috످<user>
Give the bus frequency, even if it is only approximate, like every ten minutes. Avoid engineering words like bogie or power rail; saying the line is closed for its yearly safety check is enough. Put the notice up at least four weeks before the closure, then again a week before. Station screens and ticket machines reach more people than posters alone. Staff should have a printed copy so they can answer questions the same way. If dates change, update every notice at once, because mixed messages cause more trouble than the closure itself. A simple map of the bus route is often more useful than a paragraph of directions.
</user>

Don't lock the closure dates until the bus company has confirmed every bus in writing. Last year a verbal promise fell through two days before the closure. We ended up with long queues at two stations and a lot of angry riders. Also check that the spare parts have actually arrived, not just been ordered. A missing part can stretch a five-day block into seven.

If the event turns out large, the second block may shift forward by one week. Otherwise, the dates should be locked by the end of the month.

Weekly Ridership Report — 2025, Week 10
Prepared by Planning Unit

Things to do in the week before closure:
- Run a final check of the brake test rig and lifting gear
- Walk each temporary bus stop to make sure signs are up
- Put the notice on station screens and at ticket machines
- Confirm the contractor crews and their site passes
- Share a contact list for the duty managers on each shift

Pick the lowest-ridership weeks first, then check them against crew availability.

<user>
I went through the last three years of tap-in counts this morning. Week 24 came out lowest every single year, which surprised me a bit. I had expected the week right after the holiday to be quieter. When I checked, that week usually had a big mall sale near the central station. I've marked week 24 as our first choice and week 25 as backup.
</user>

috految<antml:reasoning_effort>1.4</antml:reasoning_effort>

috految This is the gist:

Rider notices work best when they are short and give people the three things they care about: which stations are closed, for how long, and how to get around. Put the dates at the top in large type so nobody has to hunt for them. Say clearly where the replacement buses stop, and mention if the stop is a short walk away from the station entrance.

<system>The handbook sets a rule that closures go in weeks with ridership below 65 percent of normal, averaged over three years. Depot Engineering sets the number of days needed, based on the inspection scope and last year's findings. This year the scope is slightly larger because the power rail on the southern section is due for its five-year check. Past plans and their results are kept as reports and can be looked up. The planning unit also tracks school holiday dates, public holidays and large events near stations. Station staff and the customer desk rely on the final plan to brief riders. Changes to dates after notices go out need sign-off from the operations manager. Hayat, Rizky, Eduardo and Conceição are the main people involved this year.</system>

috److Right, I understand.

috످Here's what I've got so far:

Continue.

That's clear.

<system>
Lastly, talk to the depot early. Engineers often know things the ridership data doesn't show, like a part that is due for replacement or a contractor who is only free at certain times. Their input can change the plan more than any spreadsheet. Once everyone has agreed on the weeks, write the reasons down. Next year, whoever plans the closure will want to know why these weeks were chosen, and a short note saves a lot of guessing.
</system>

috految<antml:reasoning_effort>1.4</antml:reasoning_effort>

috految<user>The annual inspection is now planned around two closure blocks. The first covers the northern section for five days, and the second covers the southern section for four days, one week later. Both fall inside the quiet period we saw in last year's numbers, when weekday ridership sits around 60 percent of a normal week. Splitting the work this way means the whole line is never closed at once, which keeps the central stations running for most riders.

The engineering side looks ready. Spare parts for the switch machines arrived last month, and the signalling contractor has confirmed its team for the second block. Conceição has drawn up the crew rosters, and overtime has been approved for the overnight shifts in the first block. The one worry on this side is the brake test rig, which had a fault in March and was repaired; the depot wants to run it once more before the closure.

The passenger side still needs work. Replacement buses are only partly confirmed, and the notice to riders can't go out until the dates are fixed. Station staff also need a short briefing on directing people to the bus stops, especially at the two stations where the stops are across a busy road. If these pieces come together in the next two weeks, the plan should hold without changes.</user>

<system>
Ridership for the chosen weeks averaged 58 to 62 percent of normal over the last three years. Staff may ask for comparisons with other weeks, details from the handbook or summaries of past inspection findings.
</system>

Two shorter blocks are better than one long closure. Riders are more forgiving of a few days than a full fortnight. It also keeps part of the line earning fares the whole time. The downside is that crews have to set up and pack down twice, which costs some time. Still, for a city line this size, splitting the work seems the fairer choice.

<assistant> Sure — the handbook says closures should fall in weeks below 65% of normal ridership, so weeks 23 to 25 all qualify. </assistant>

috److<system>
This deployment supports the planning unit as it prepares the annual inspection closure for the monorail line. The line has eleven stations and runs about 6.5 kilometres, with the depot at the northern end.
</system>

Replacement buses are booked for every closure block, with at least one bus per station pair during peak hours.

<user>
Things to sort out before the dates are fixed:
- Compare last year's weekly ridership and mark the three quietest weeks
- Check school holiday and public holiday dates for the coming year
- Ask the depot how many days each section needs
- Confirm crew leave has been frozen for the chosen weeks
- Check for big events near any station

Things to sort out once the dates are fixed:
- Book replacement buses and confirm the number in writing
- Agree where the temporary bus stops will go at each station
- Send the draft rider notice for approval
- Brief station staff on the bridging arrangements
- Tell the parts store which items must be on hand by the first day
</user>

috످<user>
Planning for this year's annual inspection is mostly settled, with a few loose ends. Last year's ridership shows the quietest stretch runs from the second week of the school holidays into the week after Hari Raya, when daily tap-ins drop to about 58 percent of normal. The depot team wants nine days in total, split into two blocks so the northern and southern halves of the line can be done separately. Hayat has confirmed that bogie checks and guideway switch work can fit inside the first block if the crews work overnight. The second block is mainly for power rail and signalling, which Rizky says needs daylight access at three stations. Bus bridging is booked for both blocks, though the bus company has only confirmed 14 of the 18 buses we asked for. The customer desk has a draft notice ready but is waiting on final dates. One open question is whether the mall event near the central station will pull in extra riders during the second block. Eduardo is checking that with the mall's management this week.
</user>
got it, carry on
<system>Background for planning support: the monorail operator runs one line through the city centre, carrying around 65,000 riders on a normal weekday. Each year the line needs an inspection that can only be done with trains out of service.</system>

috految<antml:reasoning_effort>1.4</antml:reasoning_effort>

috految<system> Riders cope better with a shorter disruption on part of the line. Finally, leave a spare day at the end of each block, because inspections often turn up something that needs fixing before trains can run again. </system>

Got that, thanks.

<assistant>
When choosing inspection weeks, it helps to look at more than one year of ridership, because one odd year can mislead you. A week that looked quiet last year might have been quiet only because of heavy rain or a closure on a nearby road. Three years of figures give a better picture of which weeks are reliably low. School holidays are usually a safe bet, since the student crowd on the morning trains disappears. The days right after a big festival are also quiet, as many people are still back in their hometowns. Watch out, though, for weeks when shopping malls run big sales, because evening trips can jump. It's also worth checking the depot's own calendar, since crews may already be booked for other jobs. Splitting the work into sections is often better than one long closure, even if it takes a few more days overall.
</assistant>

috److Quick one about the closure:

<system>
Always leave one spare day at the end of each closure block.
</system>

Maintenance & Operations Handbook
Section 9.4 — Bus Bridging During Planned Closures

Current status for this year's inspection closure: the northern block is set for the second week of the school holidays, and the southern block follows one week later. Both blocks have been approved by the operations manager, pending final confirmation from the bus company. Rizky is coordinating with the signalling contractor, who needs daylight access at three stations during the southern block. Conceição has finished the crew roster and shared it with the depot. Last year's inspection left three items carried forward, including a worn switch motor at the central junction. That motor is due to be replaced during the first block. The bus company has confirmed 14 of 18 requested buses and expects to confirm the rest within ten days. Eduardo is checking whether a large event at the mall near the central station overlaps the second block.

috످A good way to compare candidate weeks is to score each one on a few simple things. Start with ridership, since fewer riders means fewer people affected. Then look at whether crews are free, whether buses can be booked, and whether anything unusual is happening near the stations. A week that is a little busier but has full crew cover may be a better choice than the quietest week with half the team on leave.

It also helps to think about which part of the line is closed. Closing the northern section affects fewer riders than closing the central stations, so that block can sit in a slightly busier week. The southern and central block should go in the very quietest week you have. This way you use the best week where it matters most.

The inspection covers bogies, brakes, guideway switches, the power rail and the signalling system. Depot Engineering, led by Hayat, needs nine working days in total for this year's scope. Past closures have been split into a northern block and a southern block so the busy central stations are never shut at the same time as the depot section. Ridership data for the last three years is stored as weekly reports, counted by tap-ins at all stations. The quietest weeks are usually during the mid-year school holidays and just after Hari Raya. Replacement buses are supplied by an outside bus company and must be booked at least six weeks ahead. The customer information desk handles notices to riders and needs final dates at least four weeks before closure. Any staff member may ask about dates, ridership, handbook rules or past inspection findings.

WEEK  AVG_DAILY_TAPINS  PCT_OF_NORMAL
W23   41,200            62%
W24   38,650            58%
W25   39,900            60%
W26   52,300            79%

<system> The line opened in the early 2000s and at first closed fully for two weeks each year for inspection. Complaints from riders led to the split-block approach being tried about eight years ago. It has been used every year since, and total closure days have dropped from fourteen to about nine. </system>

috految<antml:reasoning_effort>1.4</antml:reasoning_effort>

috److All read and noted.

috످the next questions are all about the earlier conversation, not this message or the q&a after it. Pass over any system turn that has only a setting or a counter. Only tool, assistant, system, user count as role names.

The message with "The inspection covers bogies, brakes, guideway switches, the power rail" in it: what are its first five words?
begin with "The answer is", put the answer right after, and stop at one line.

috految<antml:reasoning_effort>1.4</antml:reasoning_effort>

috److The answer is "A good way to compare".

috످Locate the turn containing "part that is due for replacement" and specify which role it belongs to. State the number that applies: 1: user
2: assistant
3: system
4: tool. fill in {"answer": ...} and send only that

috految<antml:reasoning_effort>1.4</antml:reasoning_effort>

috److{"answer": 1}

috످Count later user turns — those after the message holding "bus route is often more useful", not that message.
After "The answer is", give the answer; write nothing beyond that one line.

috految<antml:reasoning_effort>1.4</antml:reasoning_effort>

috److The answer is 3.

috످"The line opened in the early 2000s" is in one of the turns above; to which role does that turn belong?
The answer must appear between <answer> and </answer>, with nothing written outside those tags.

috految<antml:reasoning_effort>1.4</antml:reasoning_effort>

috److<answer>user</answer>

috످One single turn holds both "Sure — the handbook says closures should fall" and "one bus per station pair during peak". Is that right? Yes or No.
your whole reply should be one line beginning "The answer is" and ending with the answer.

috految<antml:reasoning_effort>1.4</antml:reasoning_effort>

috److The answer is No

috످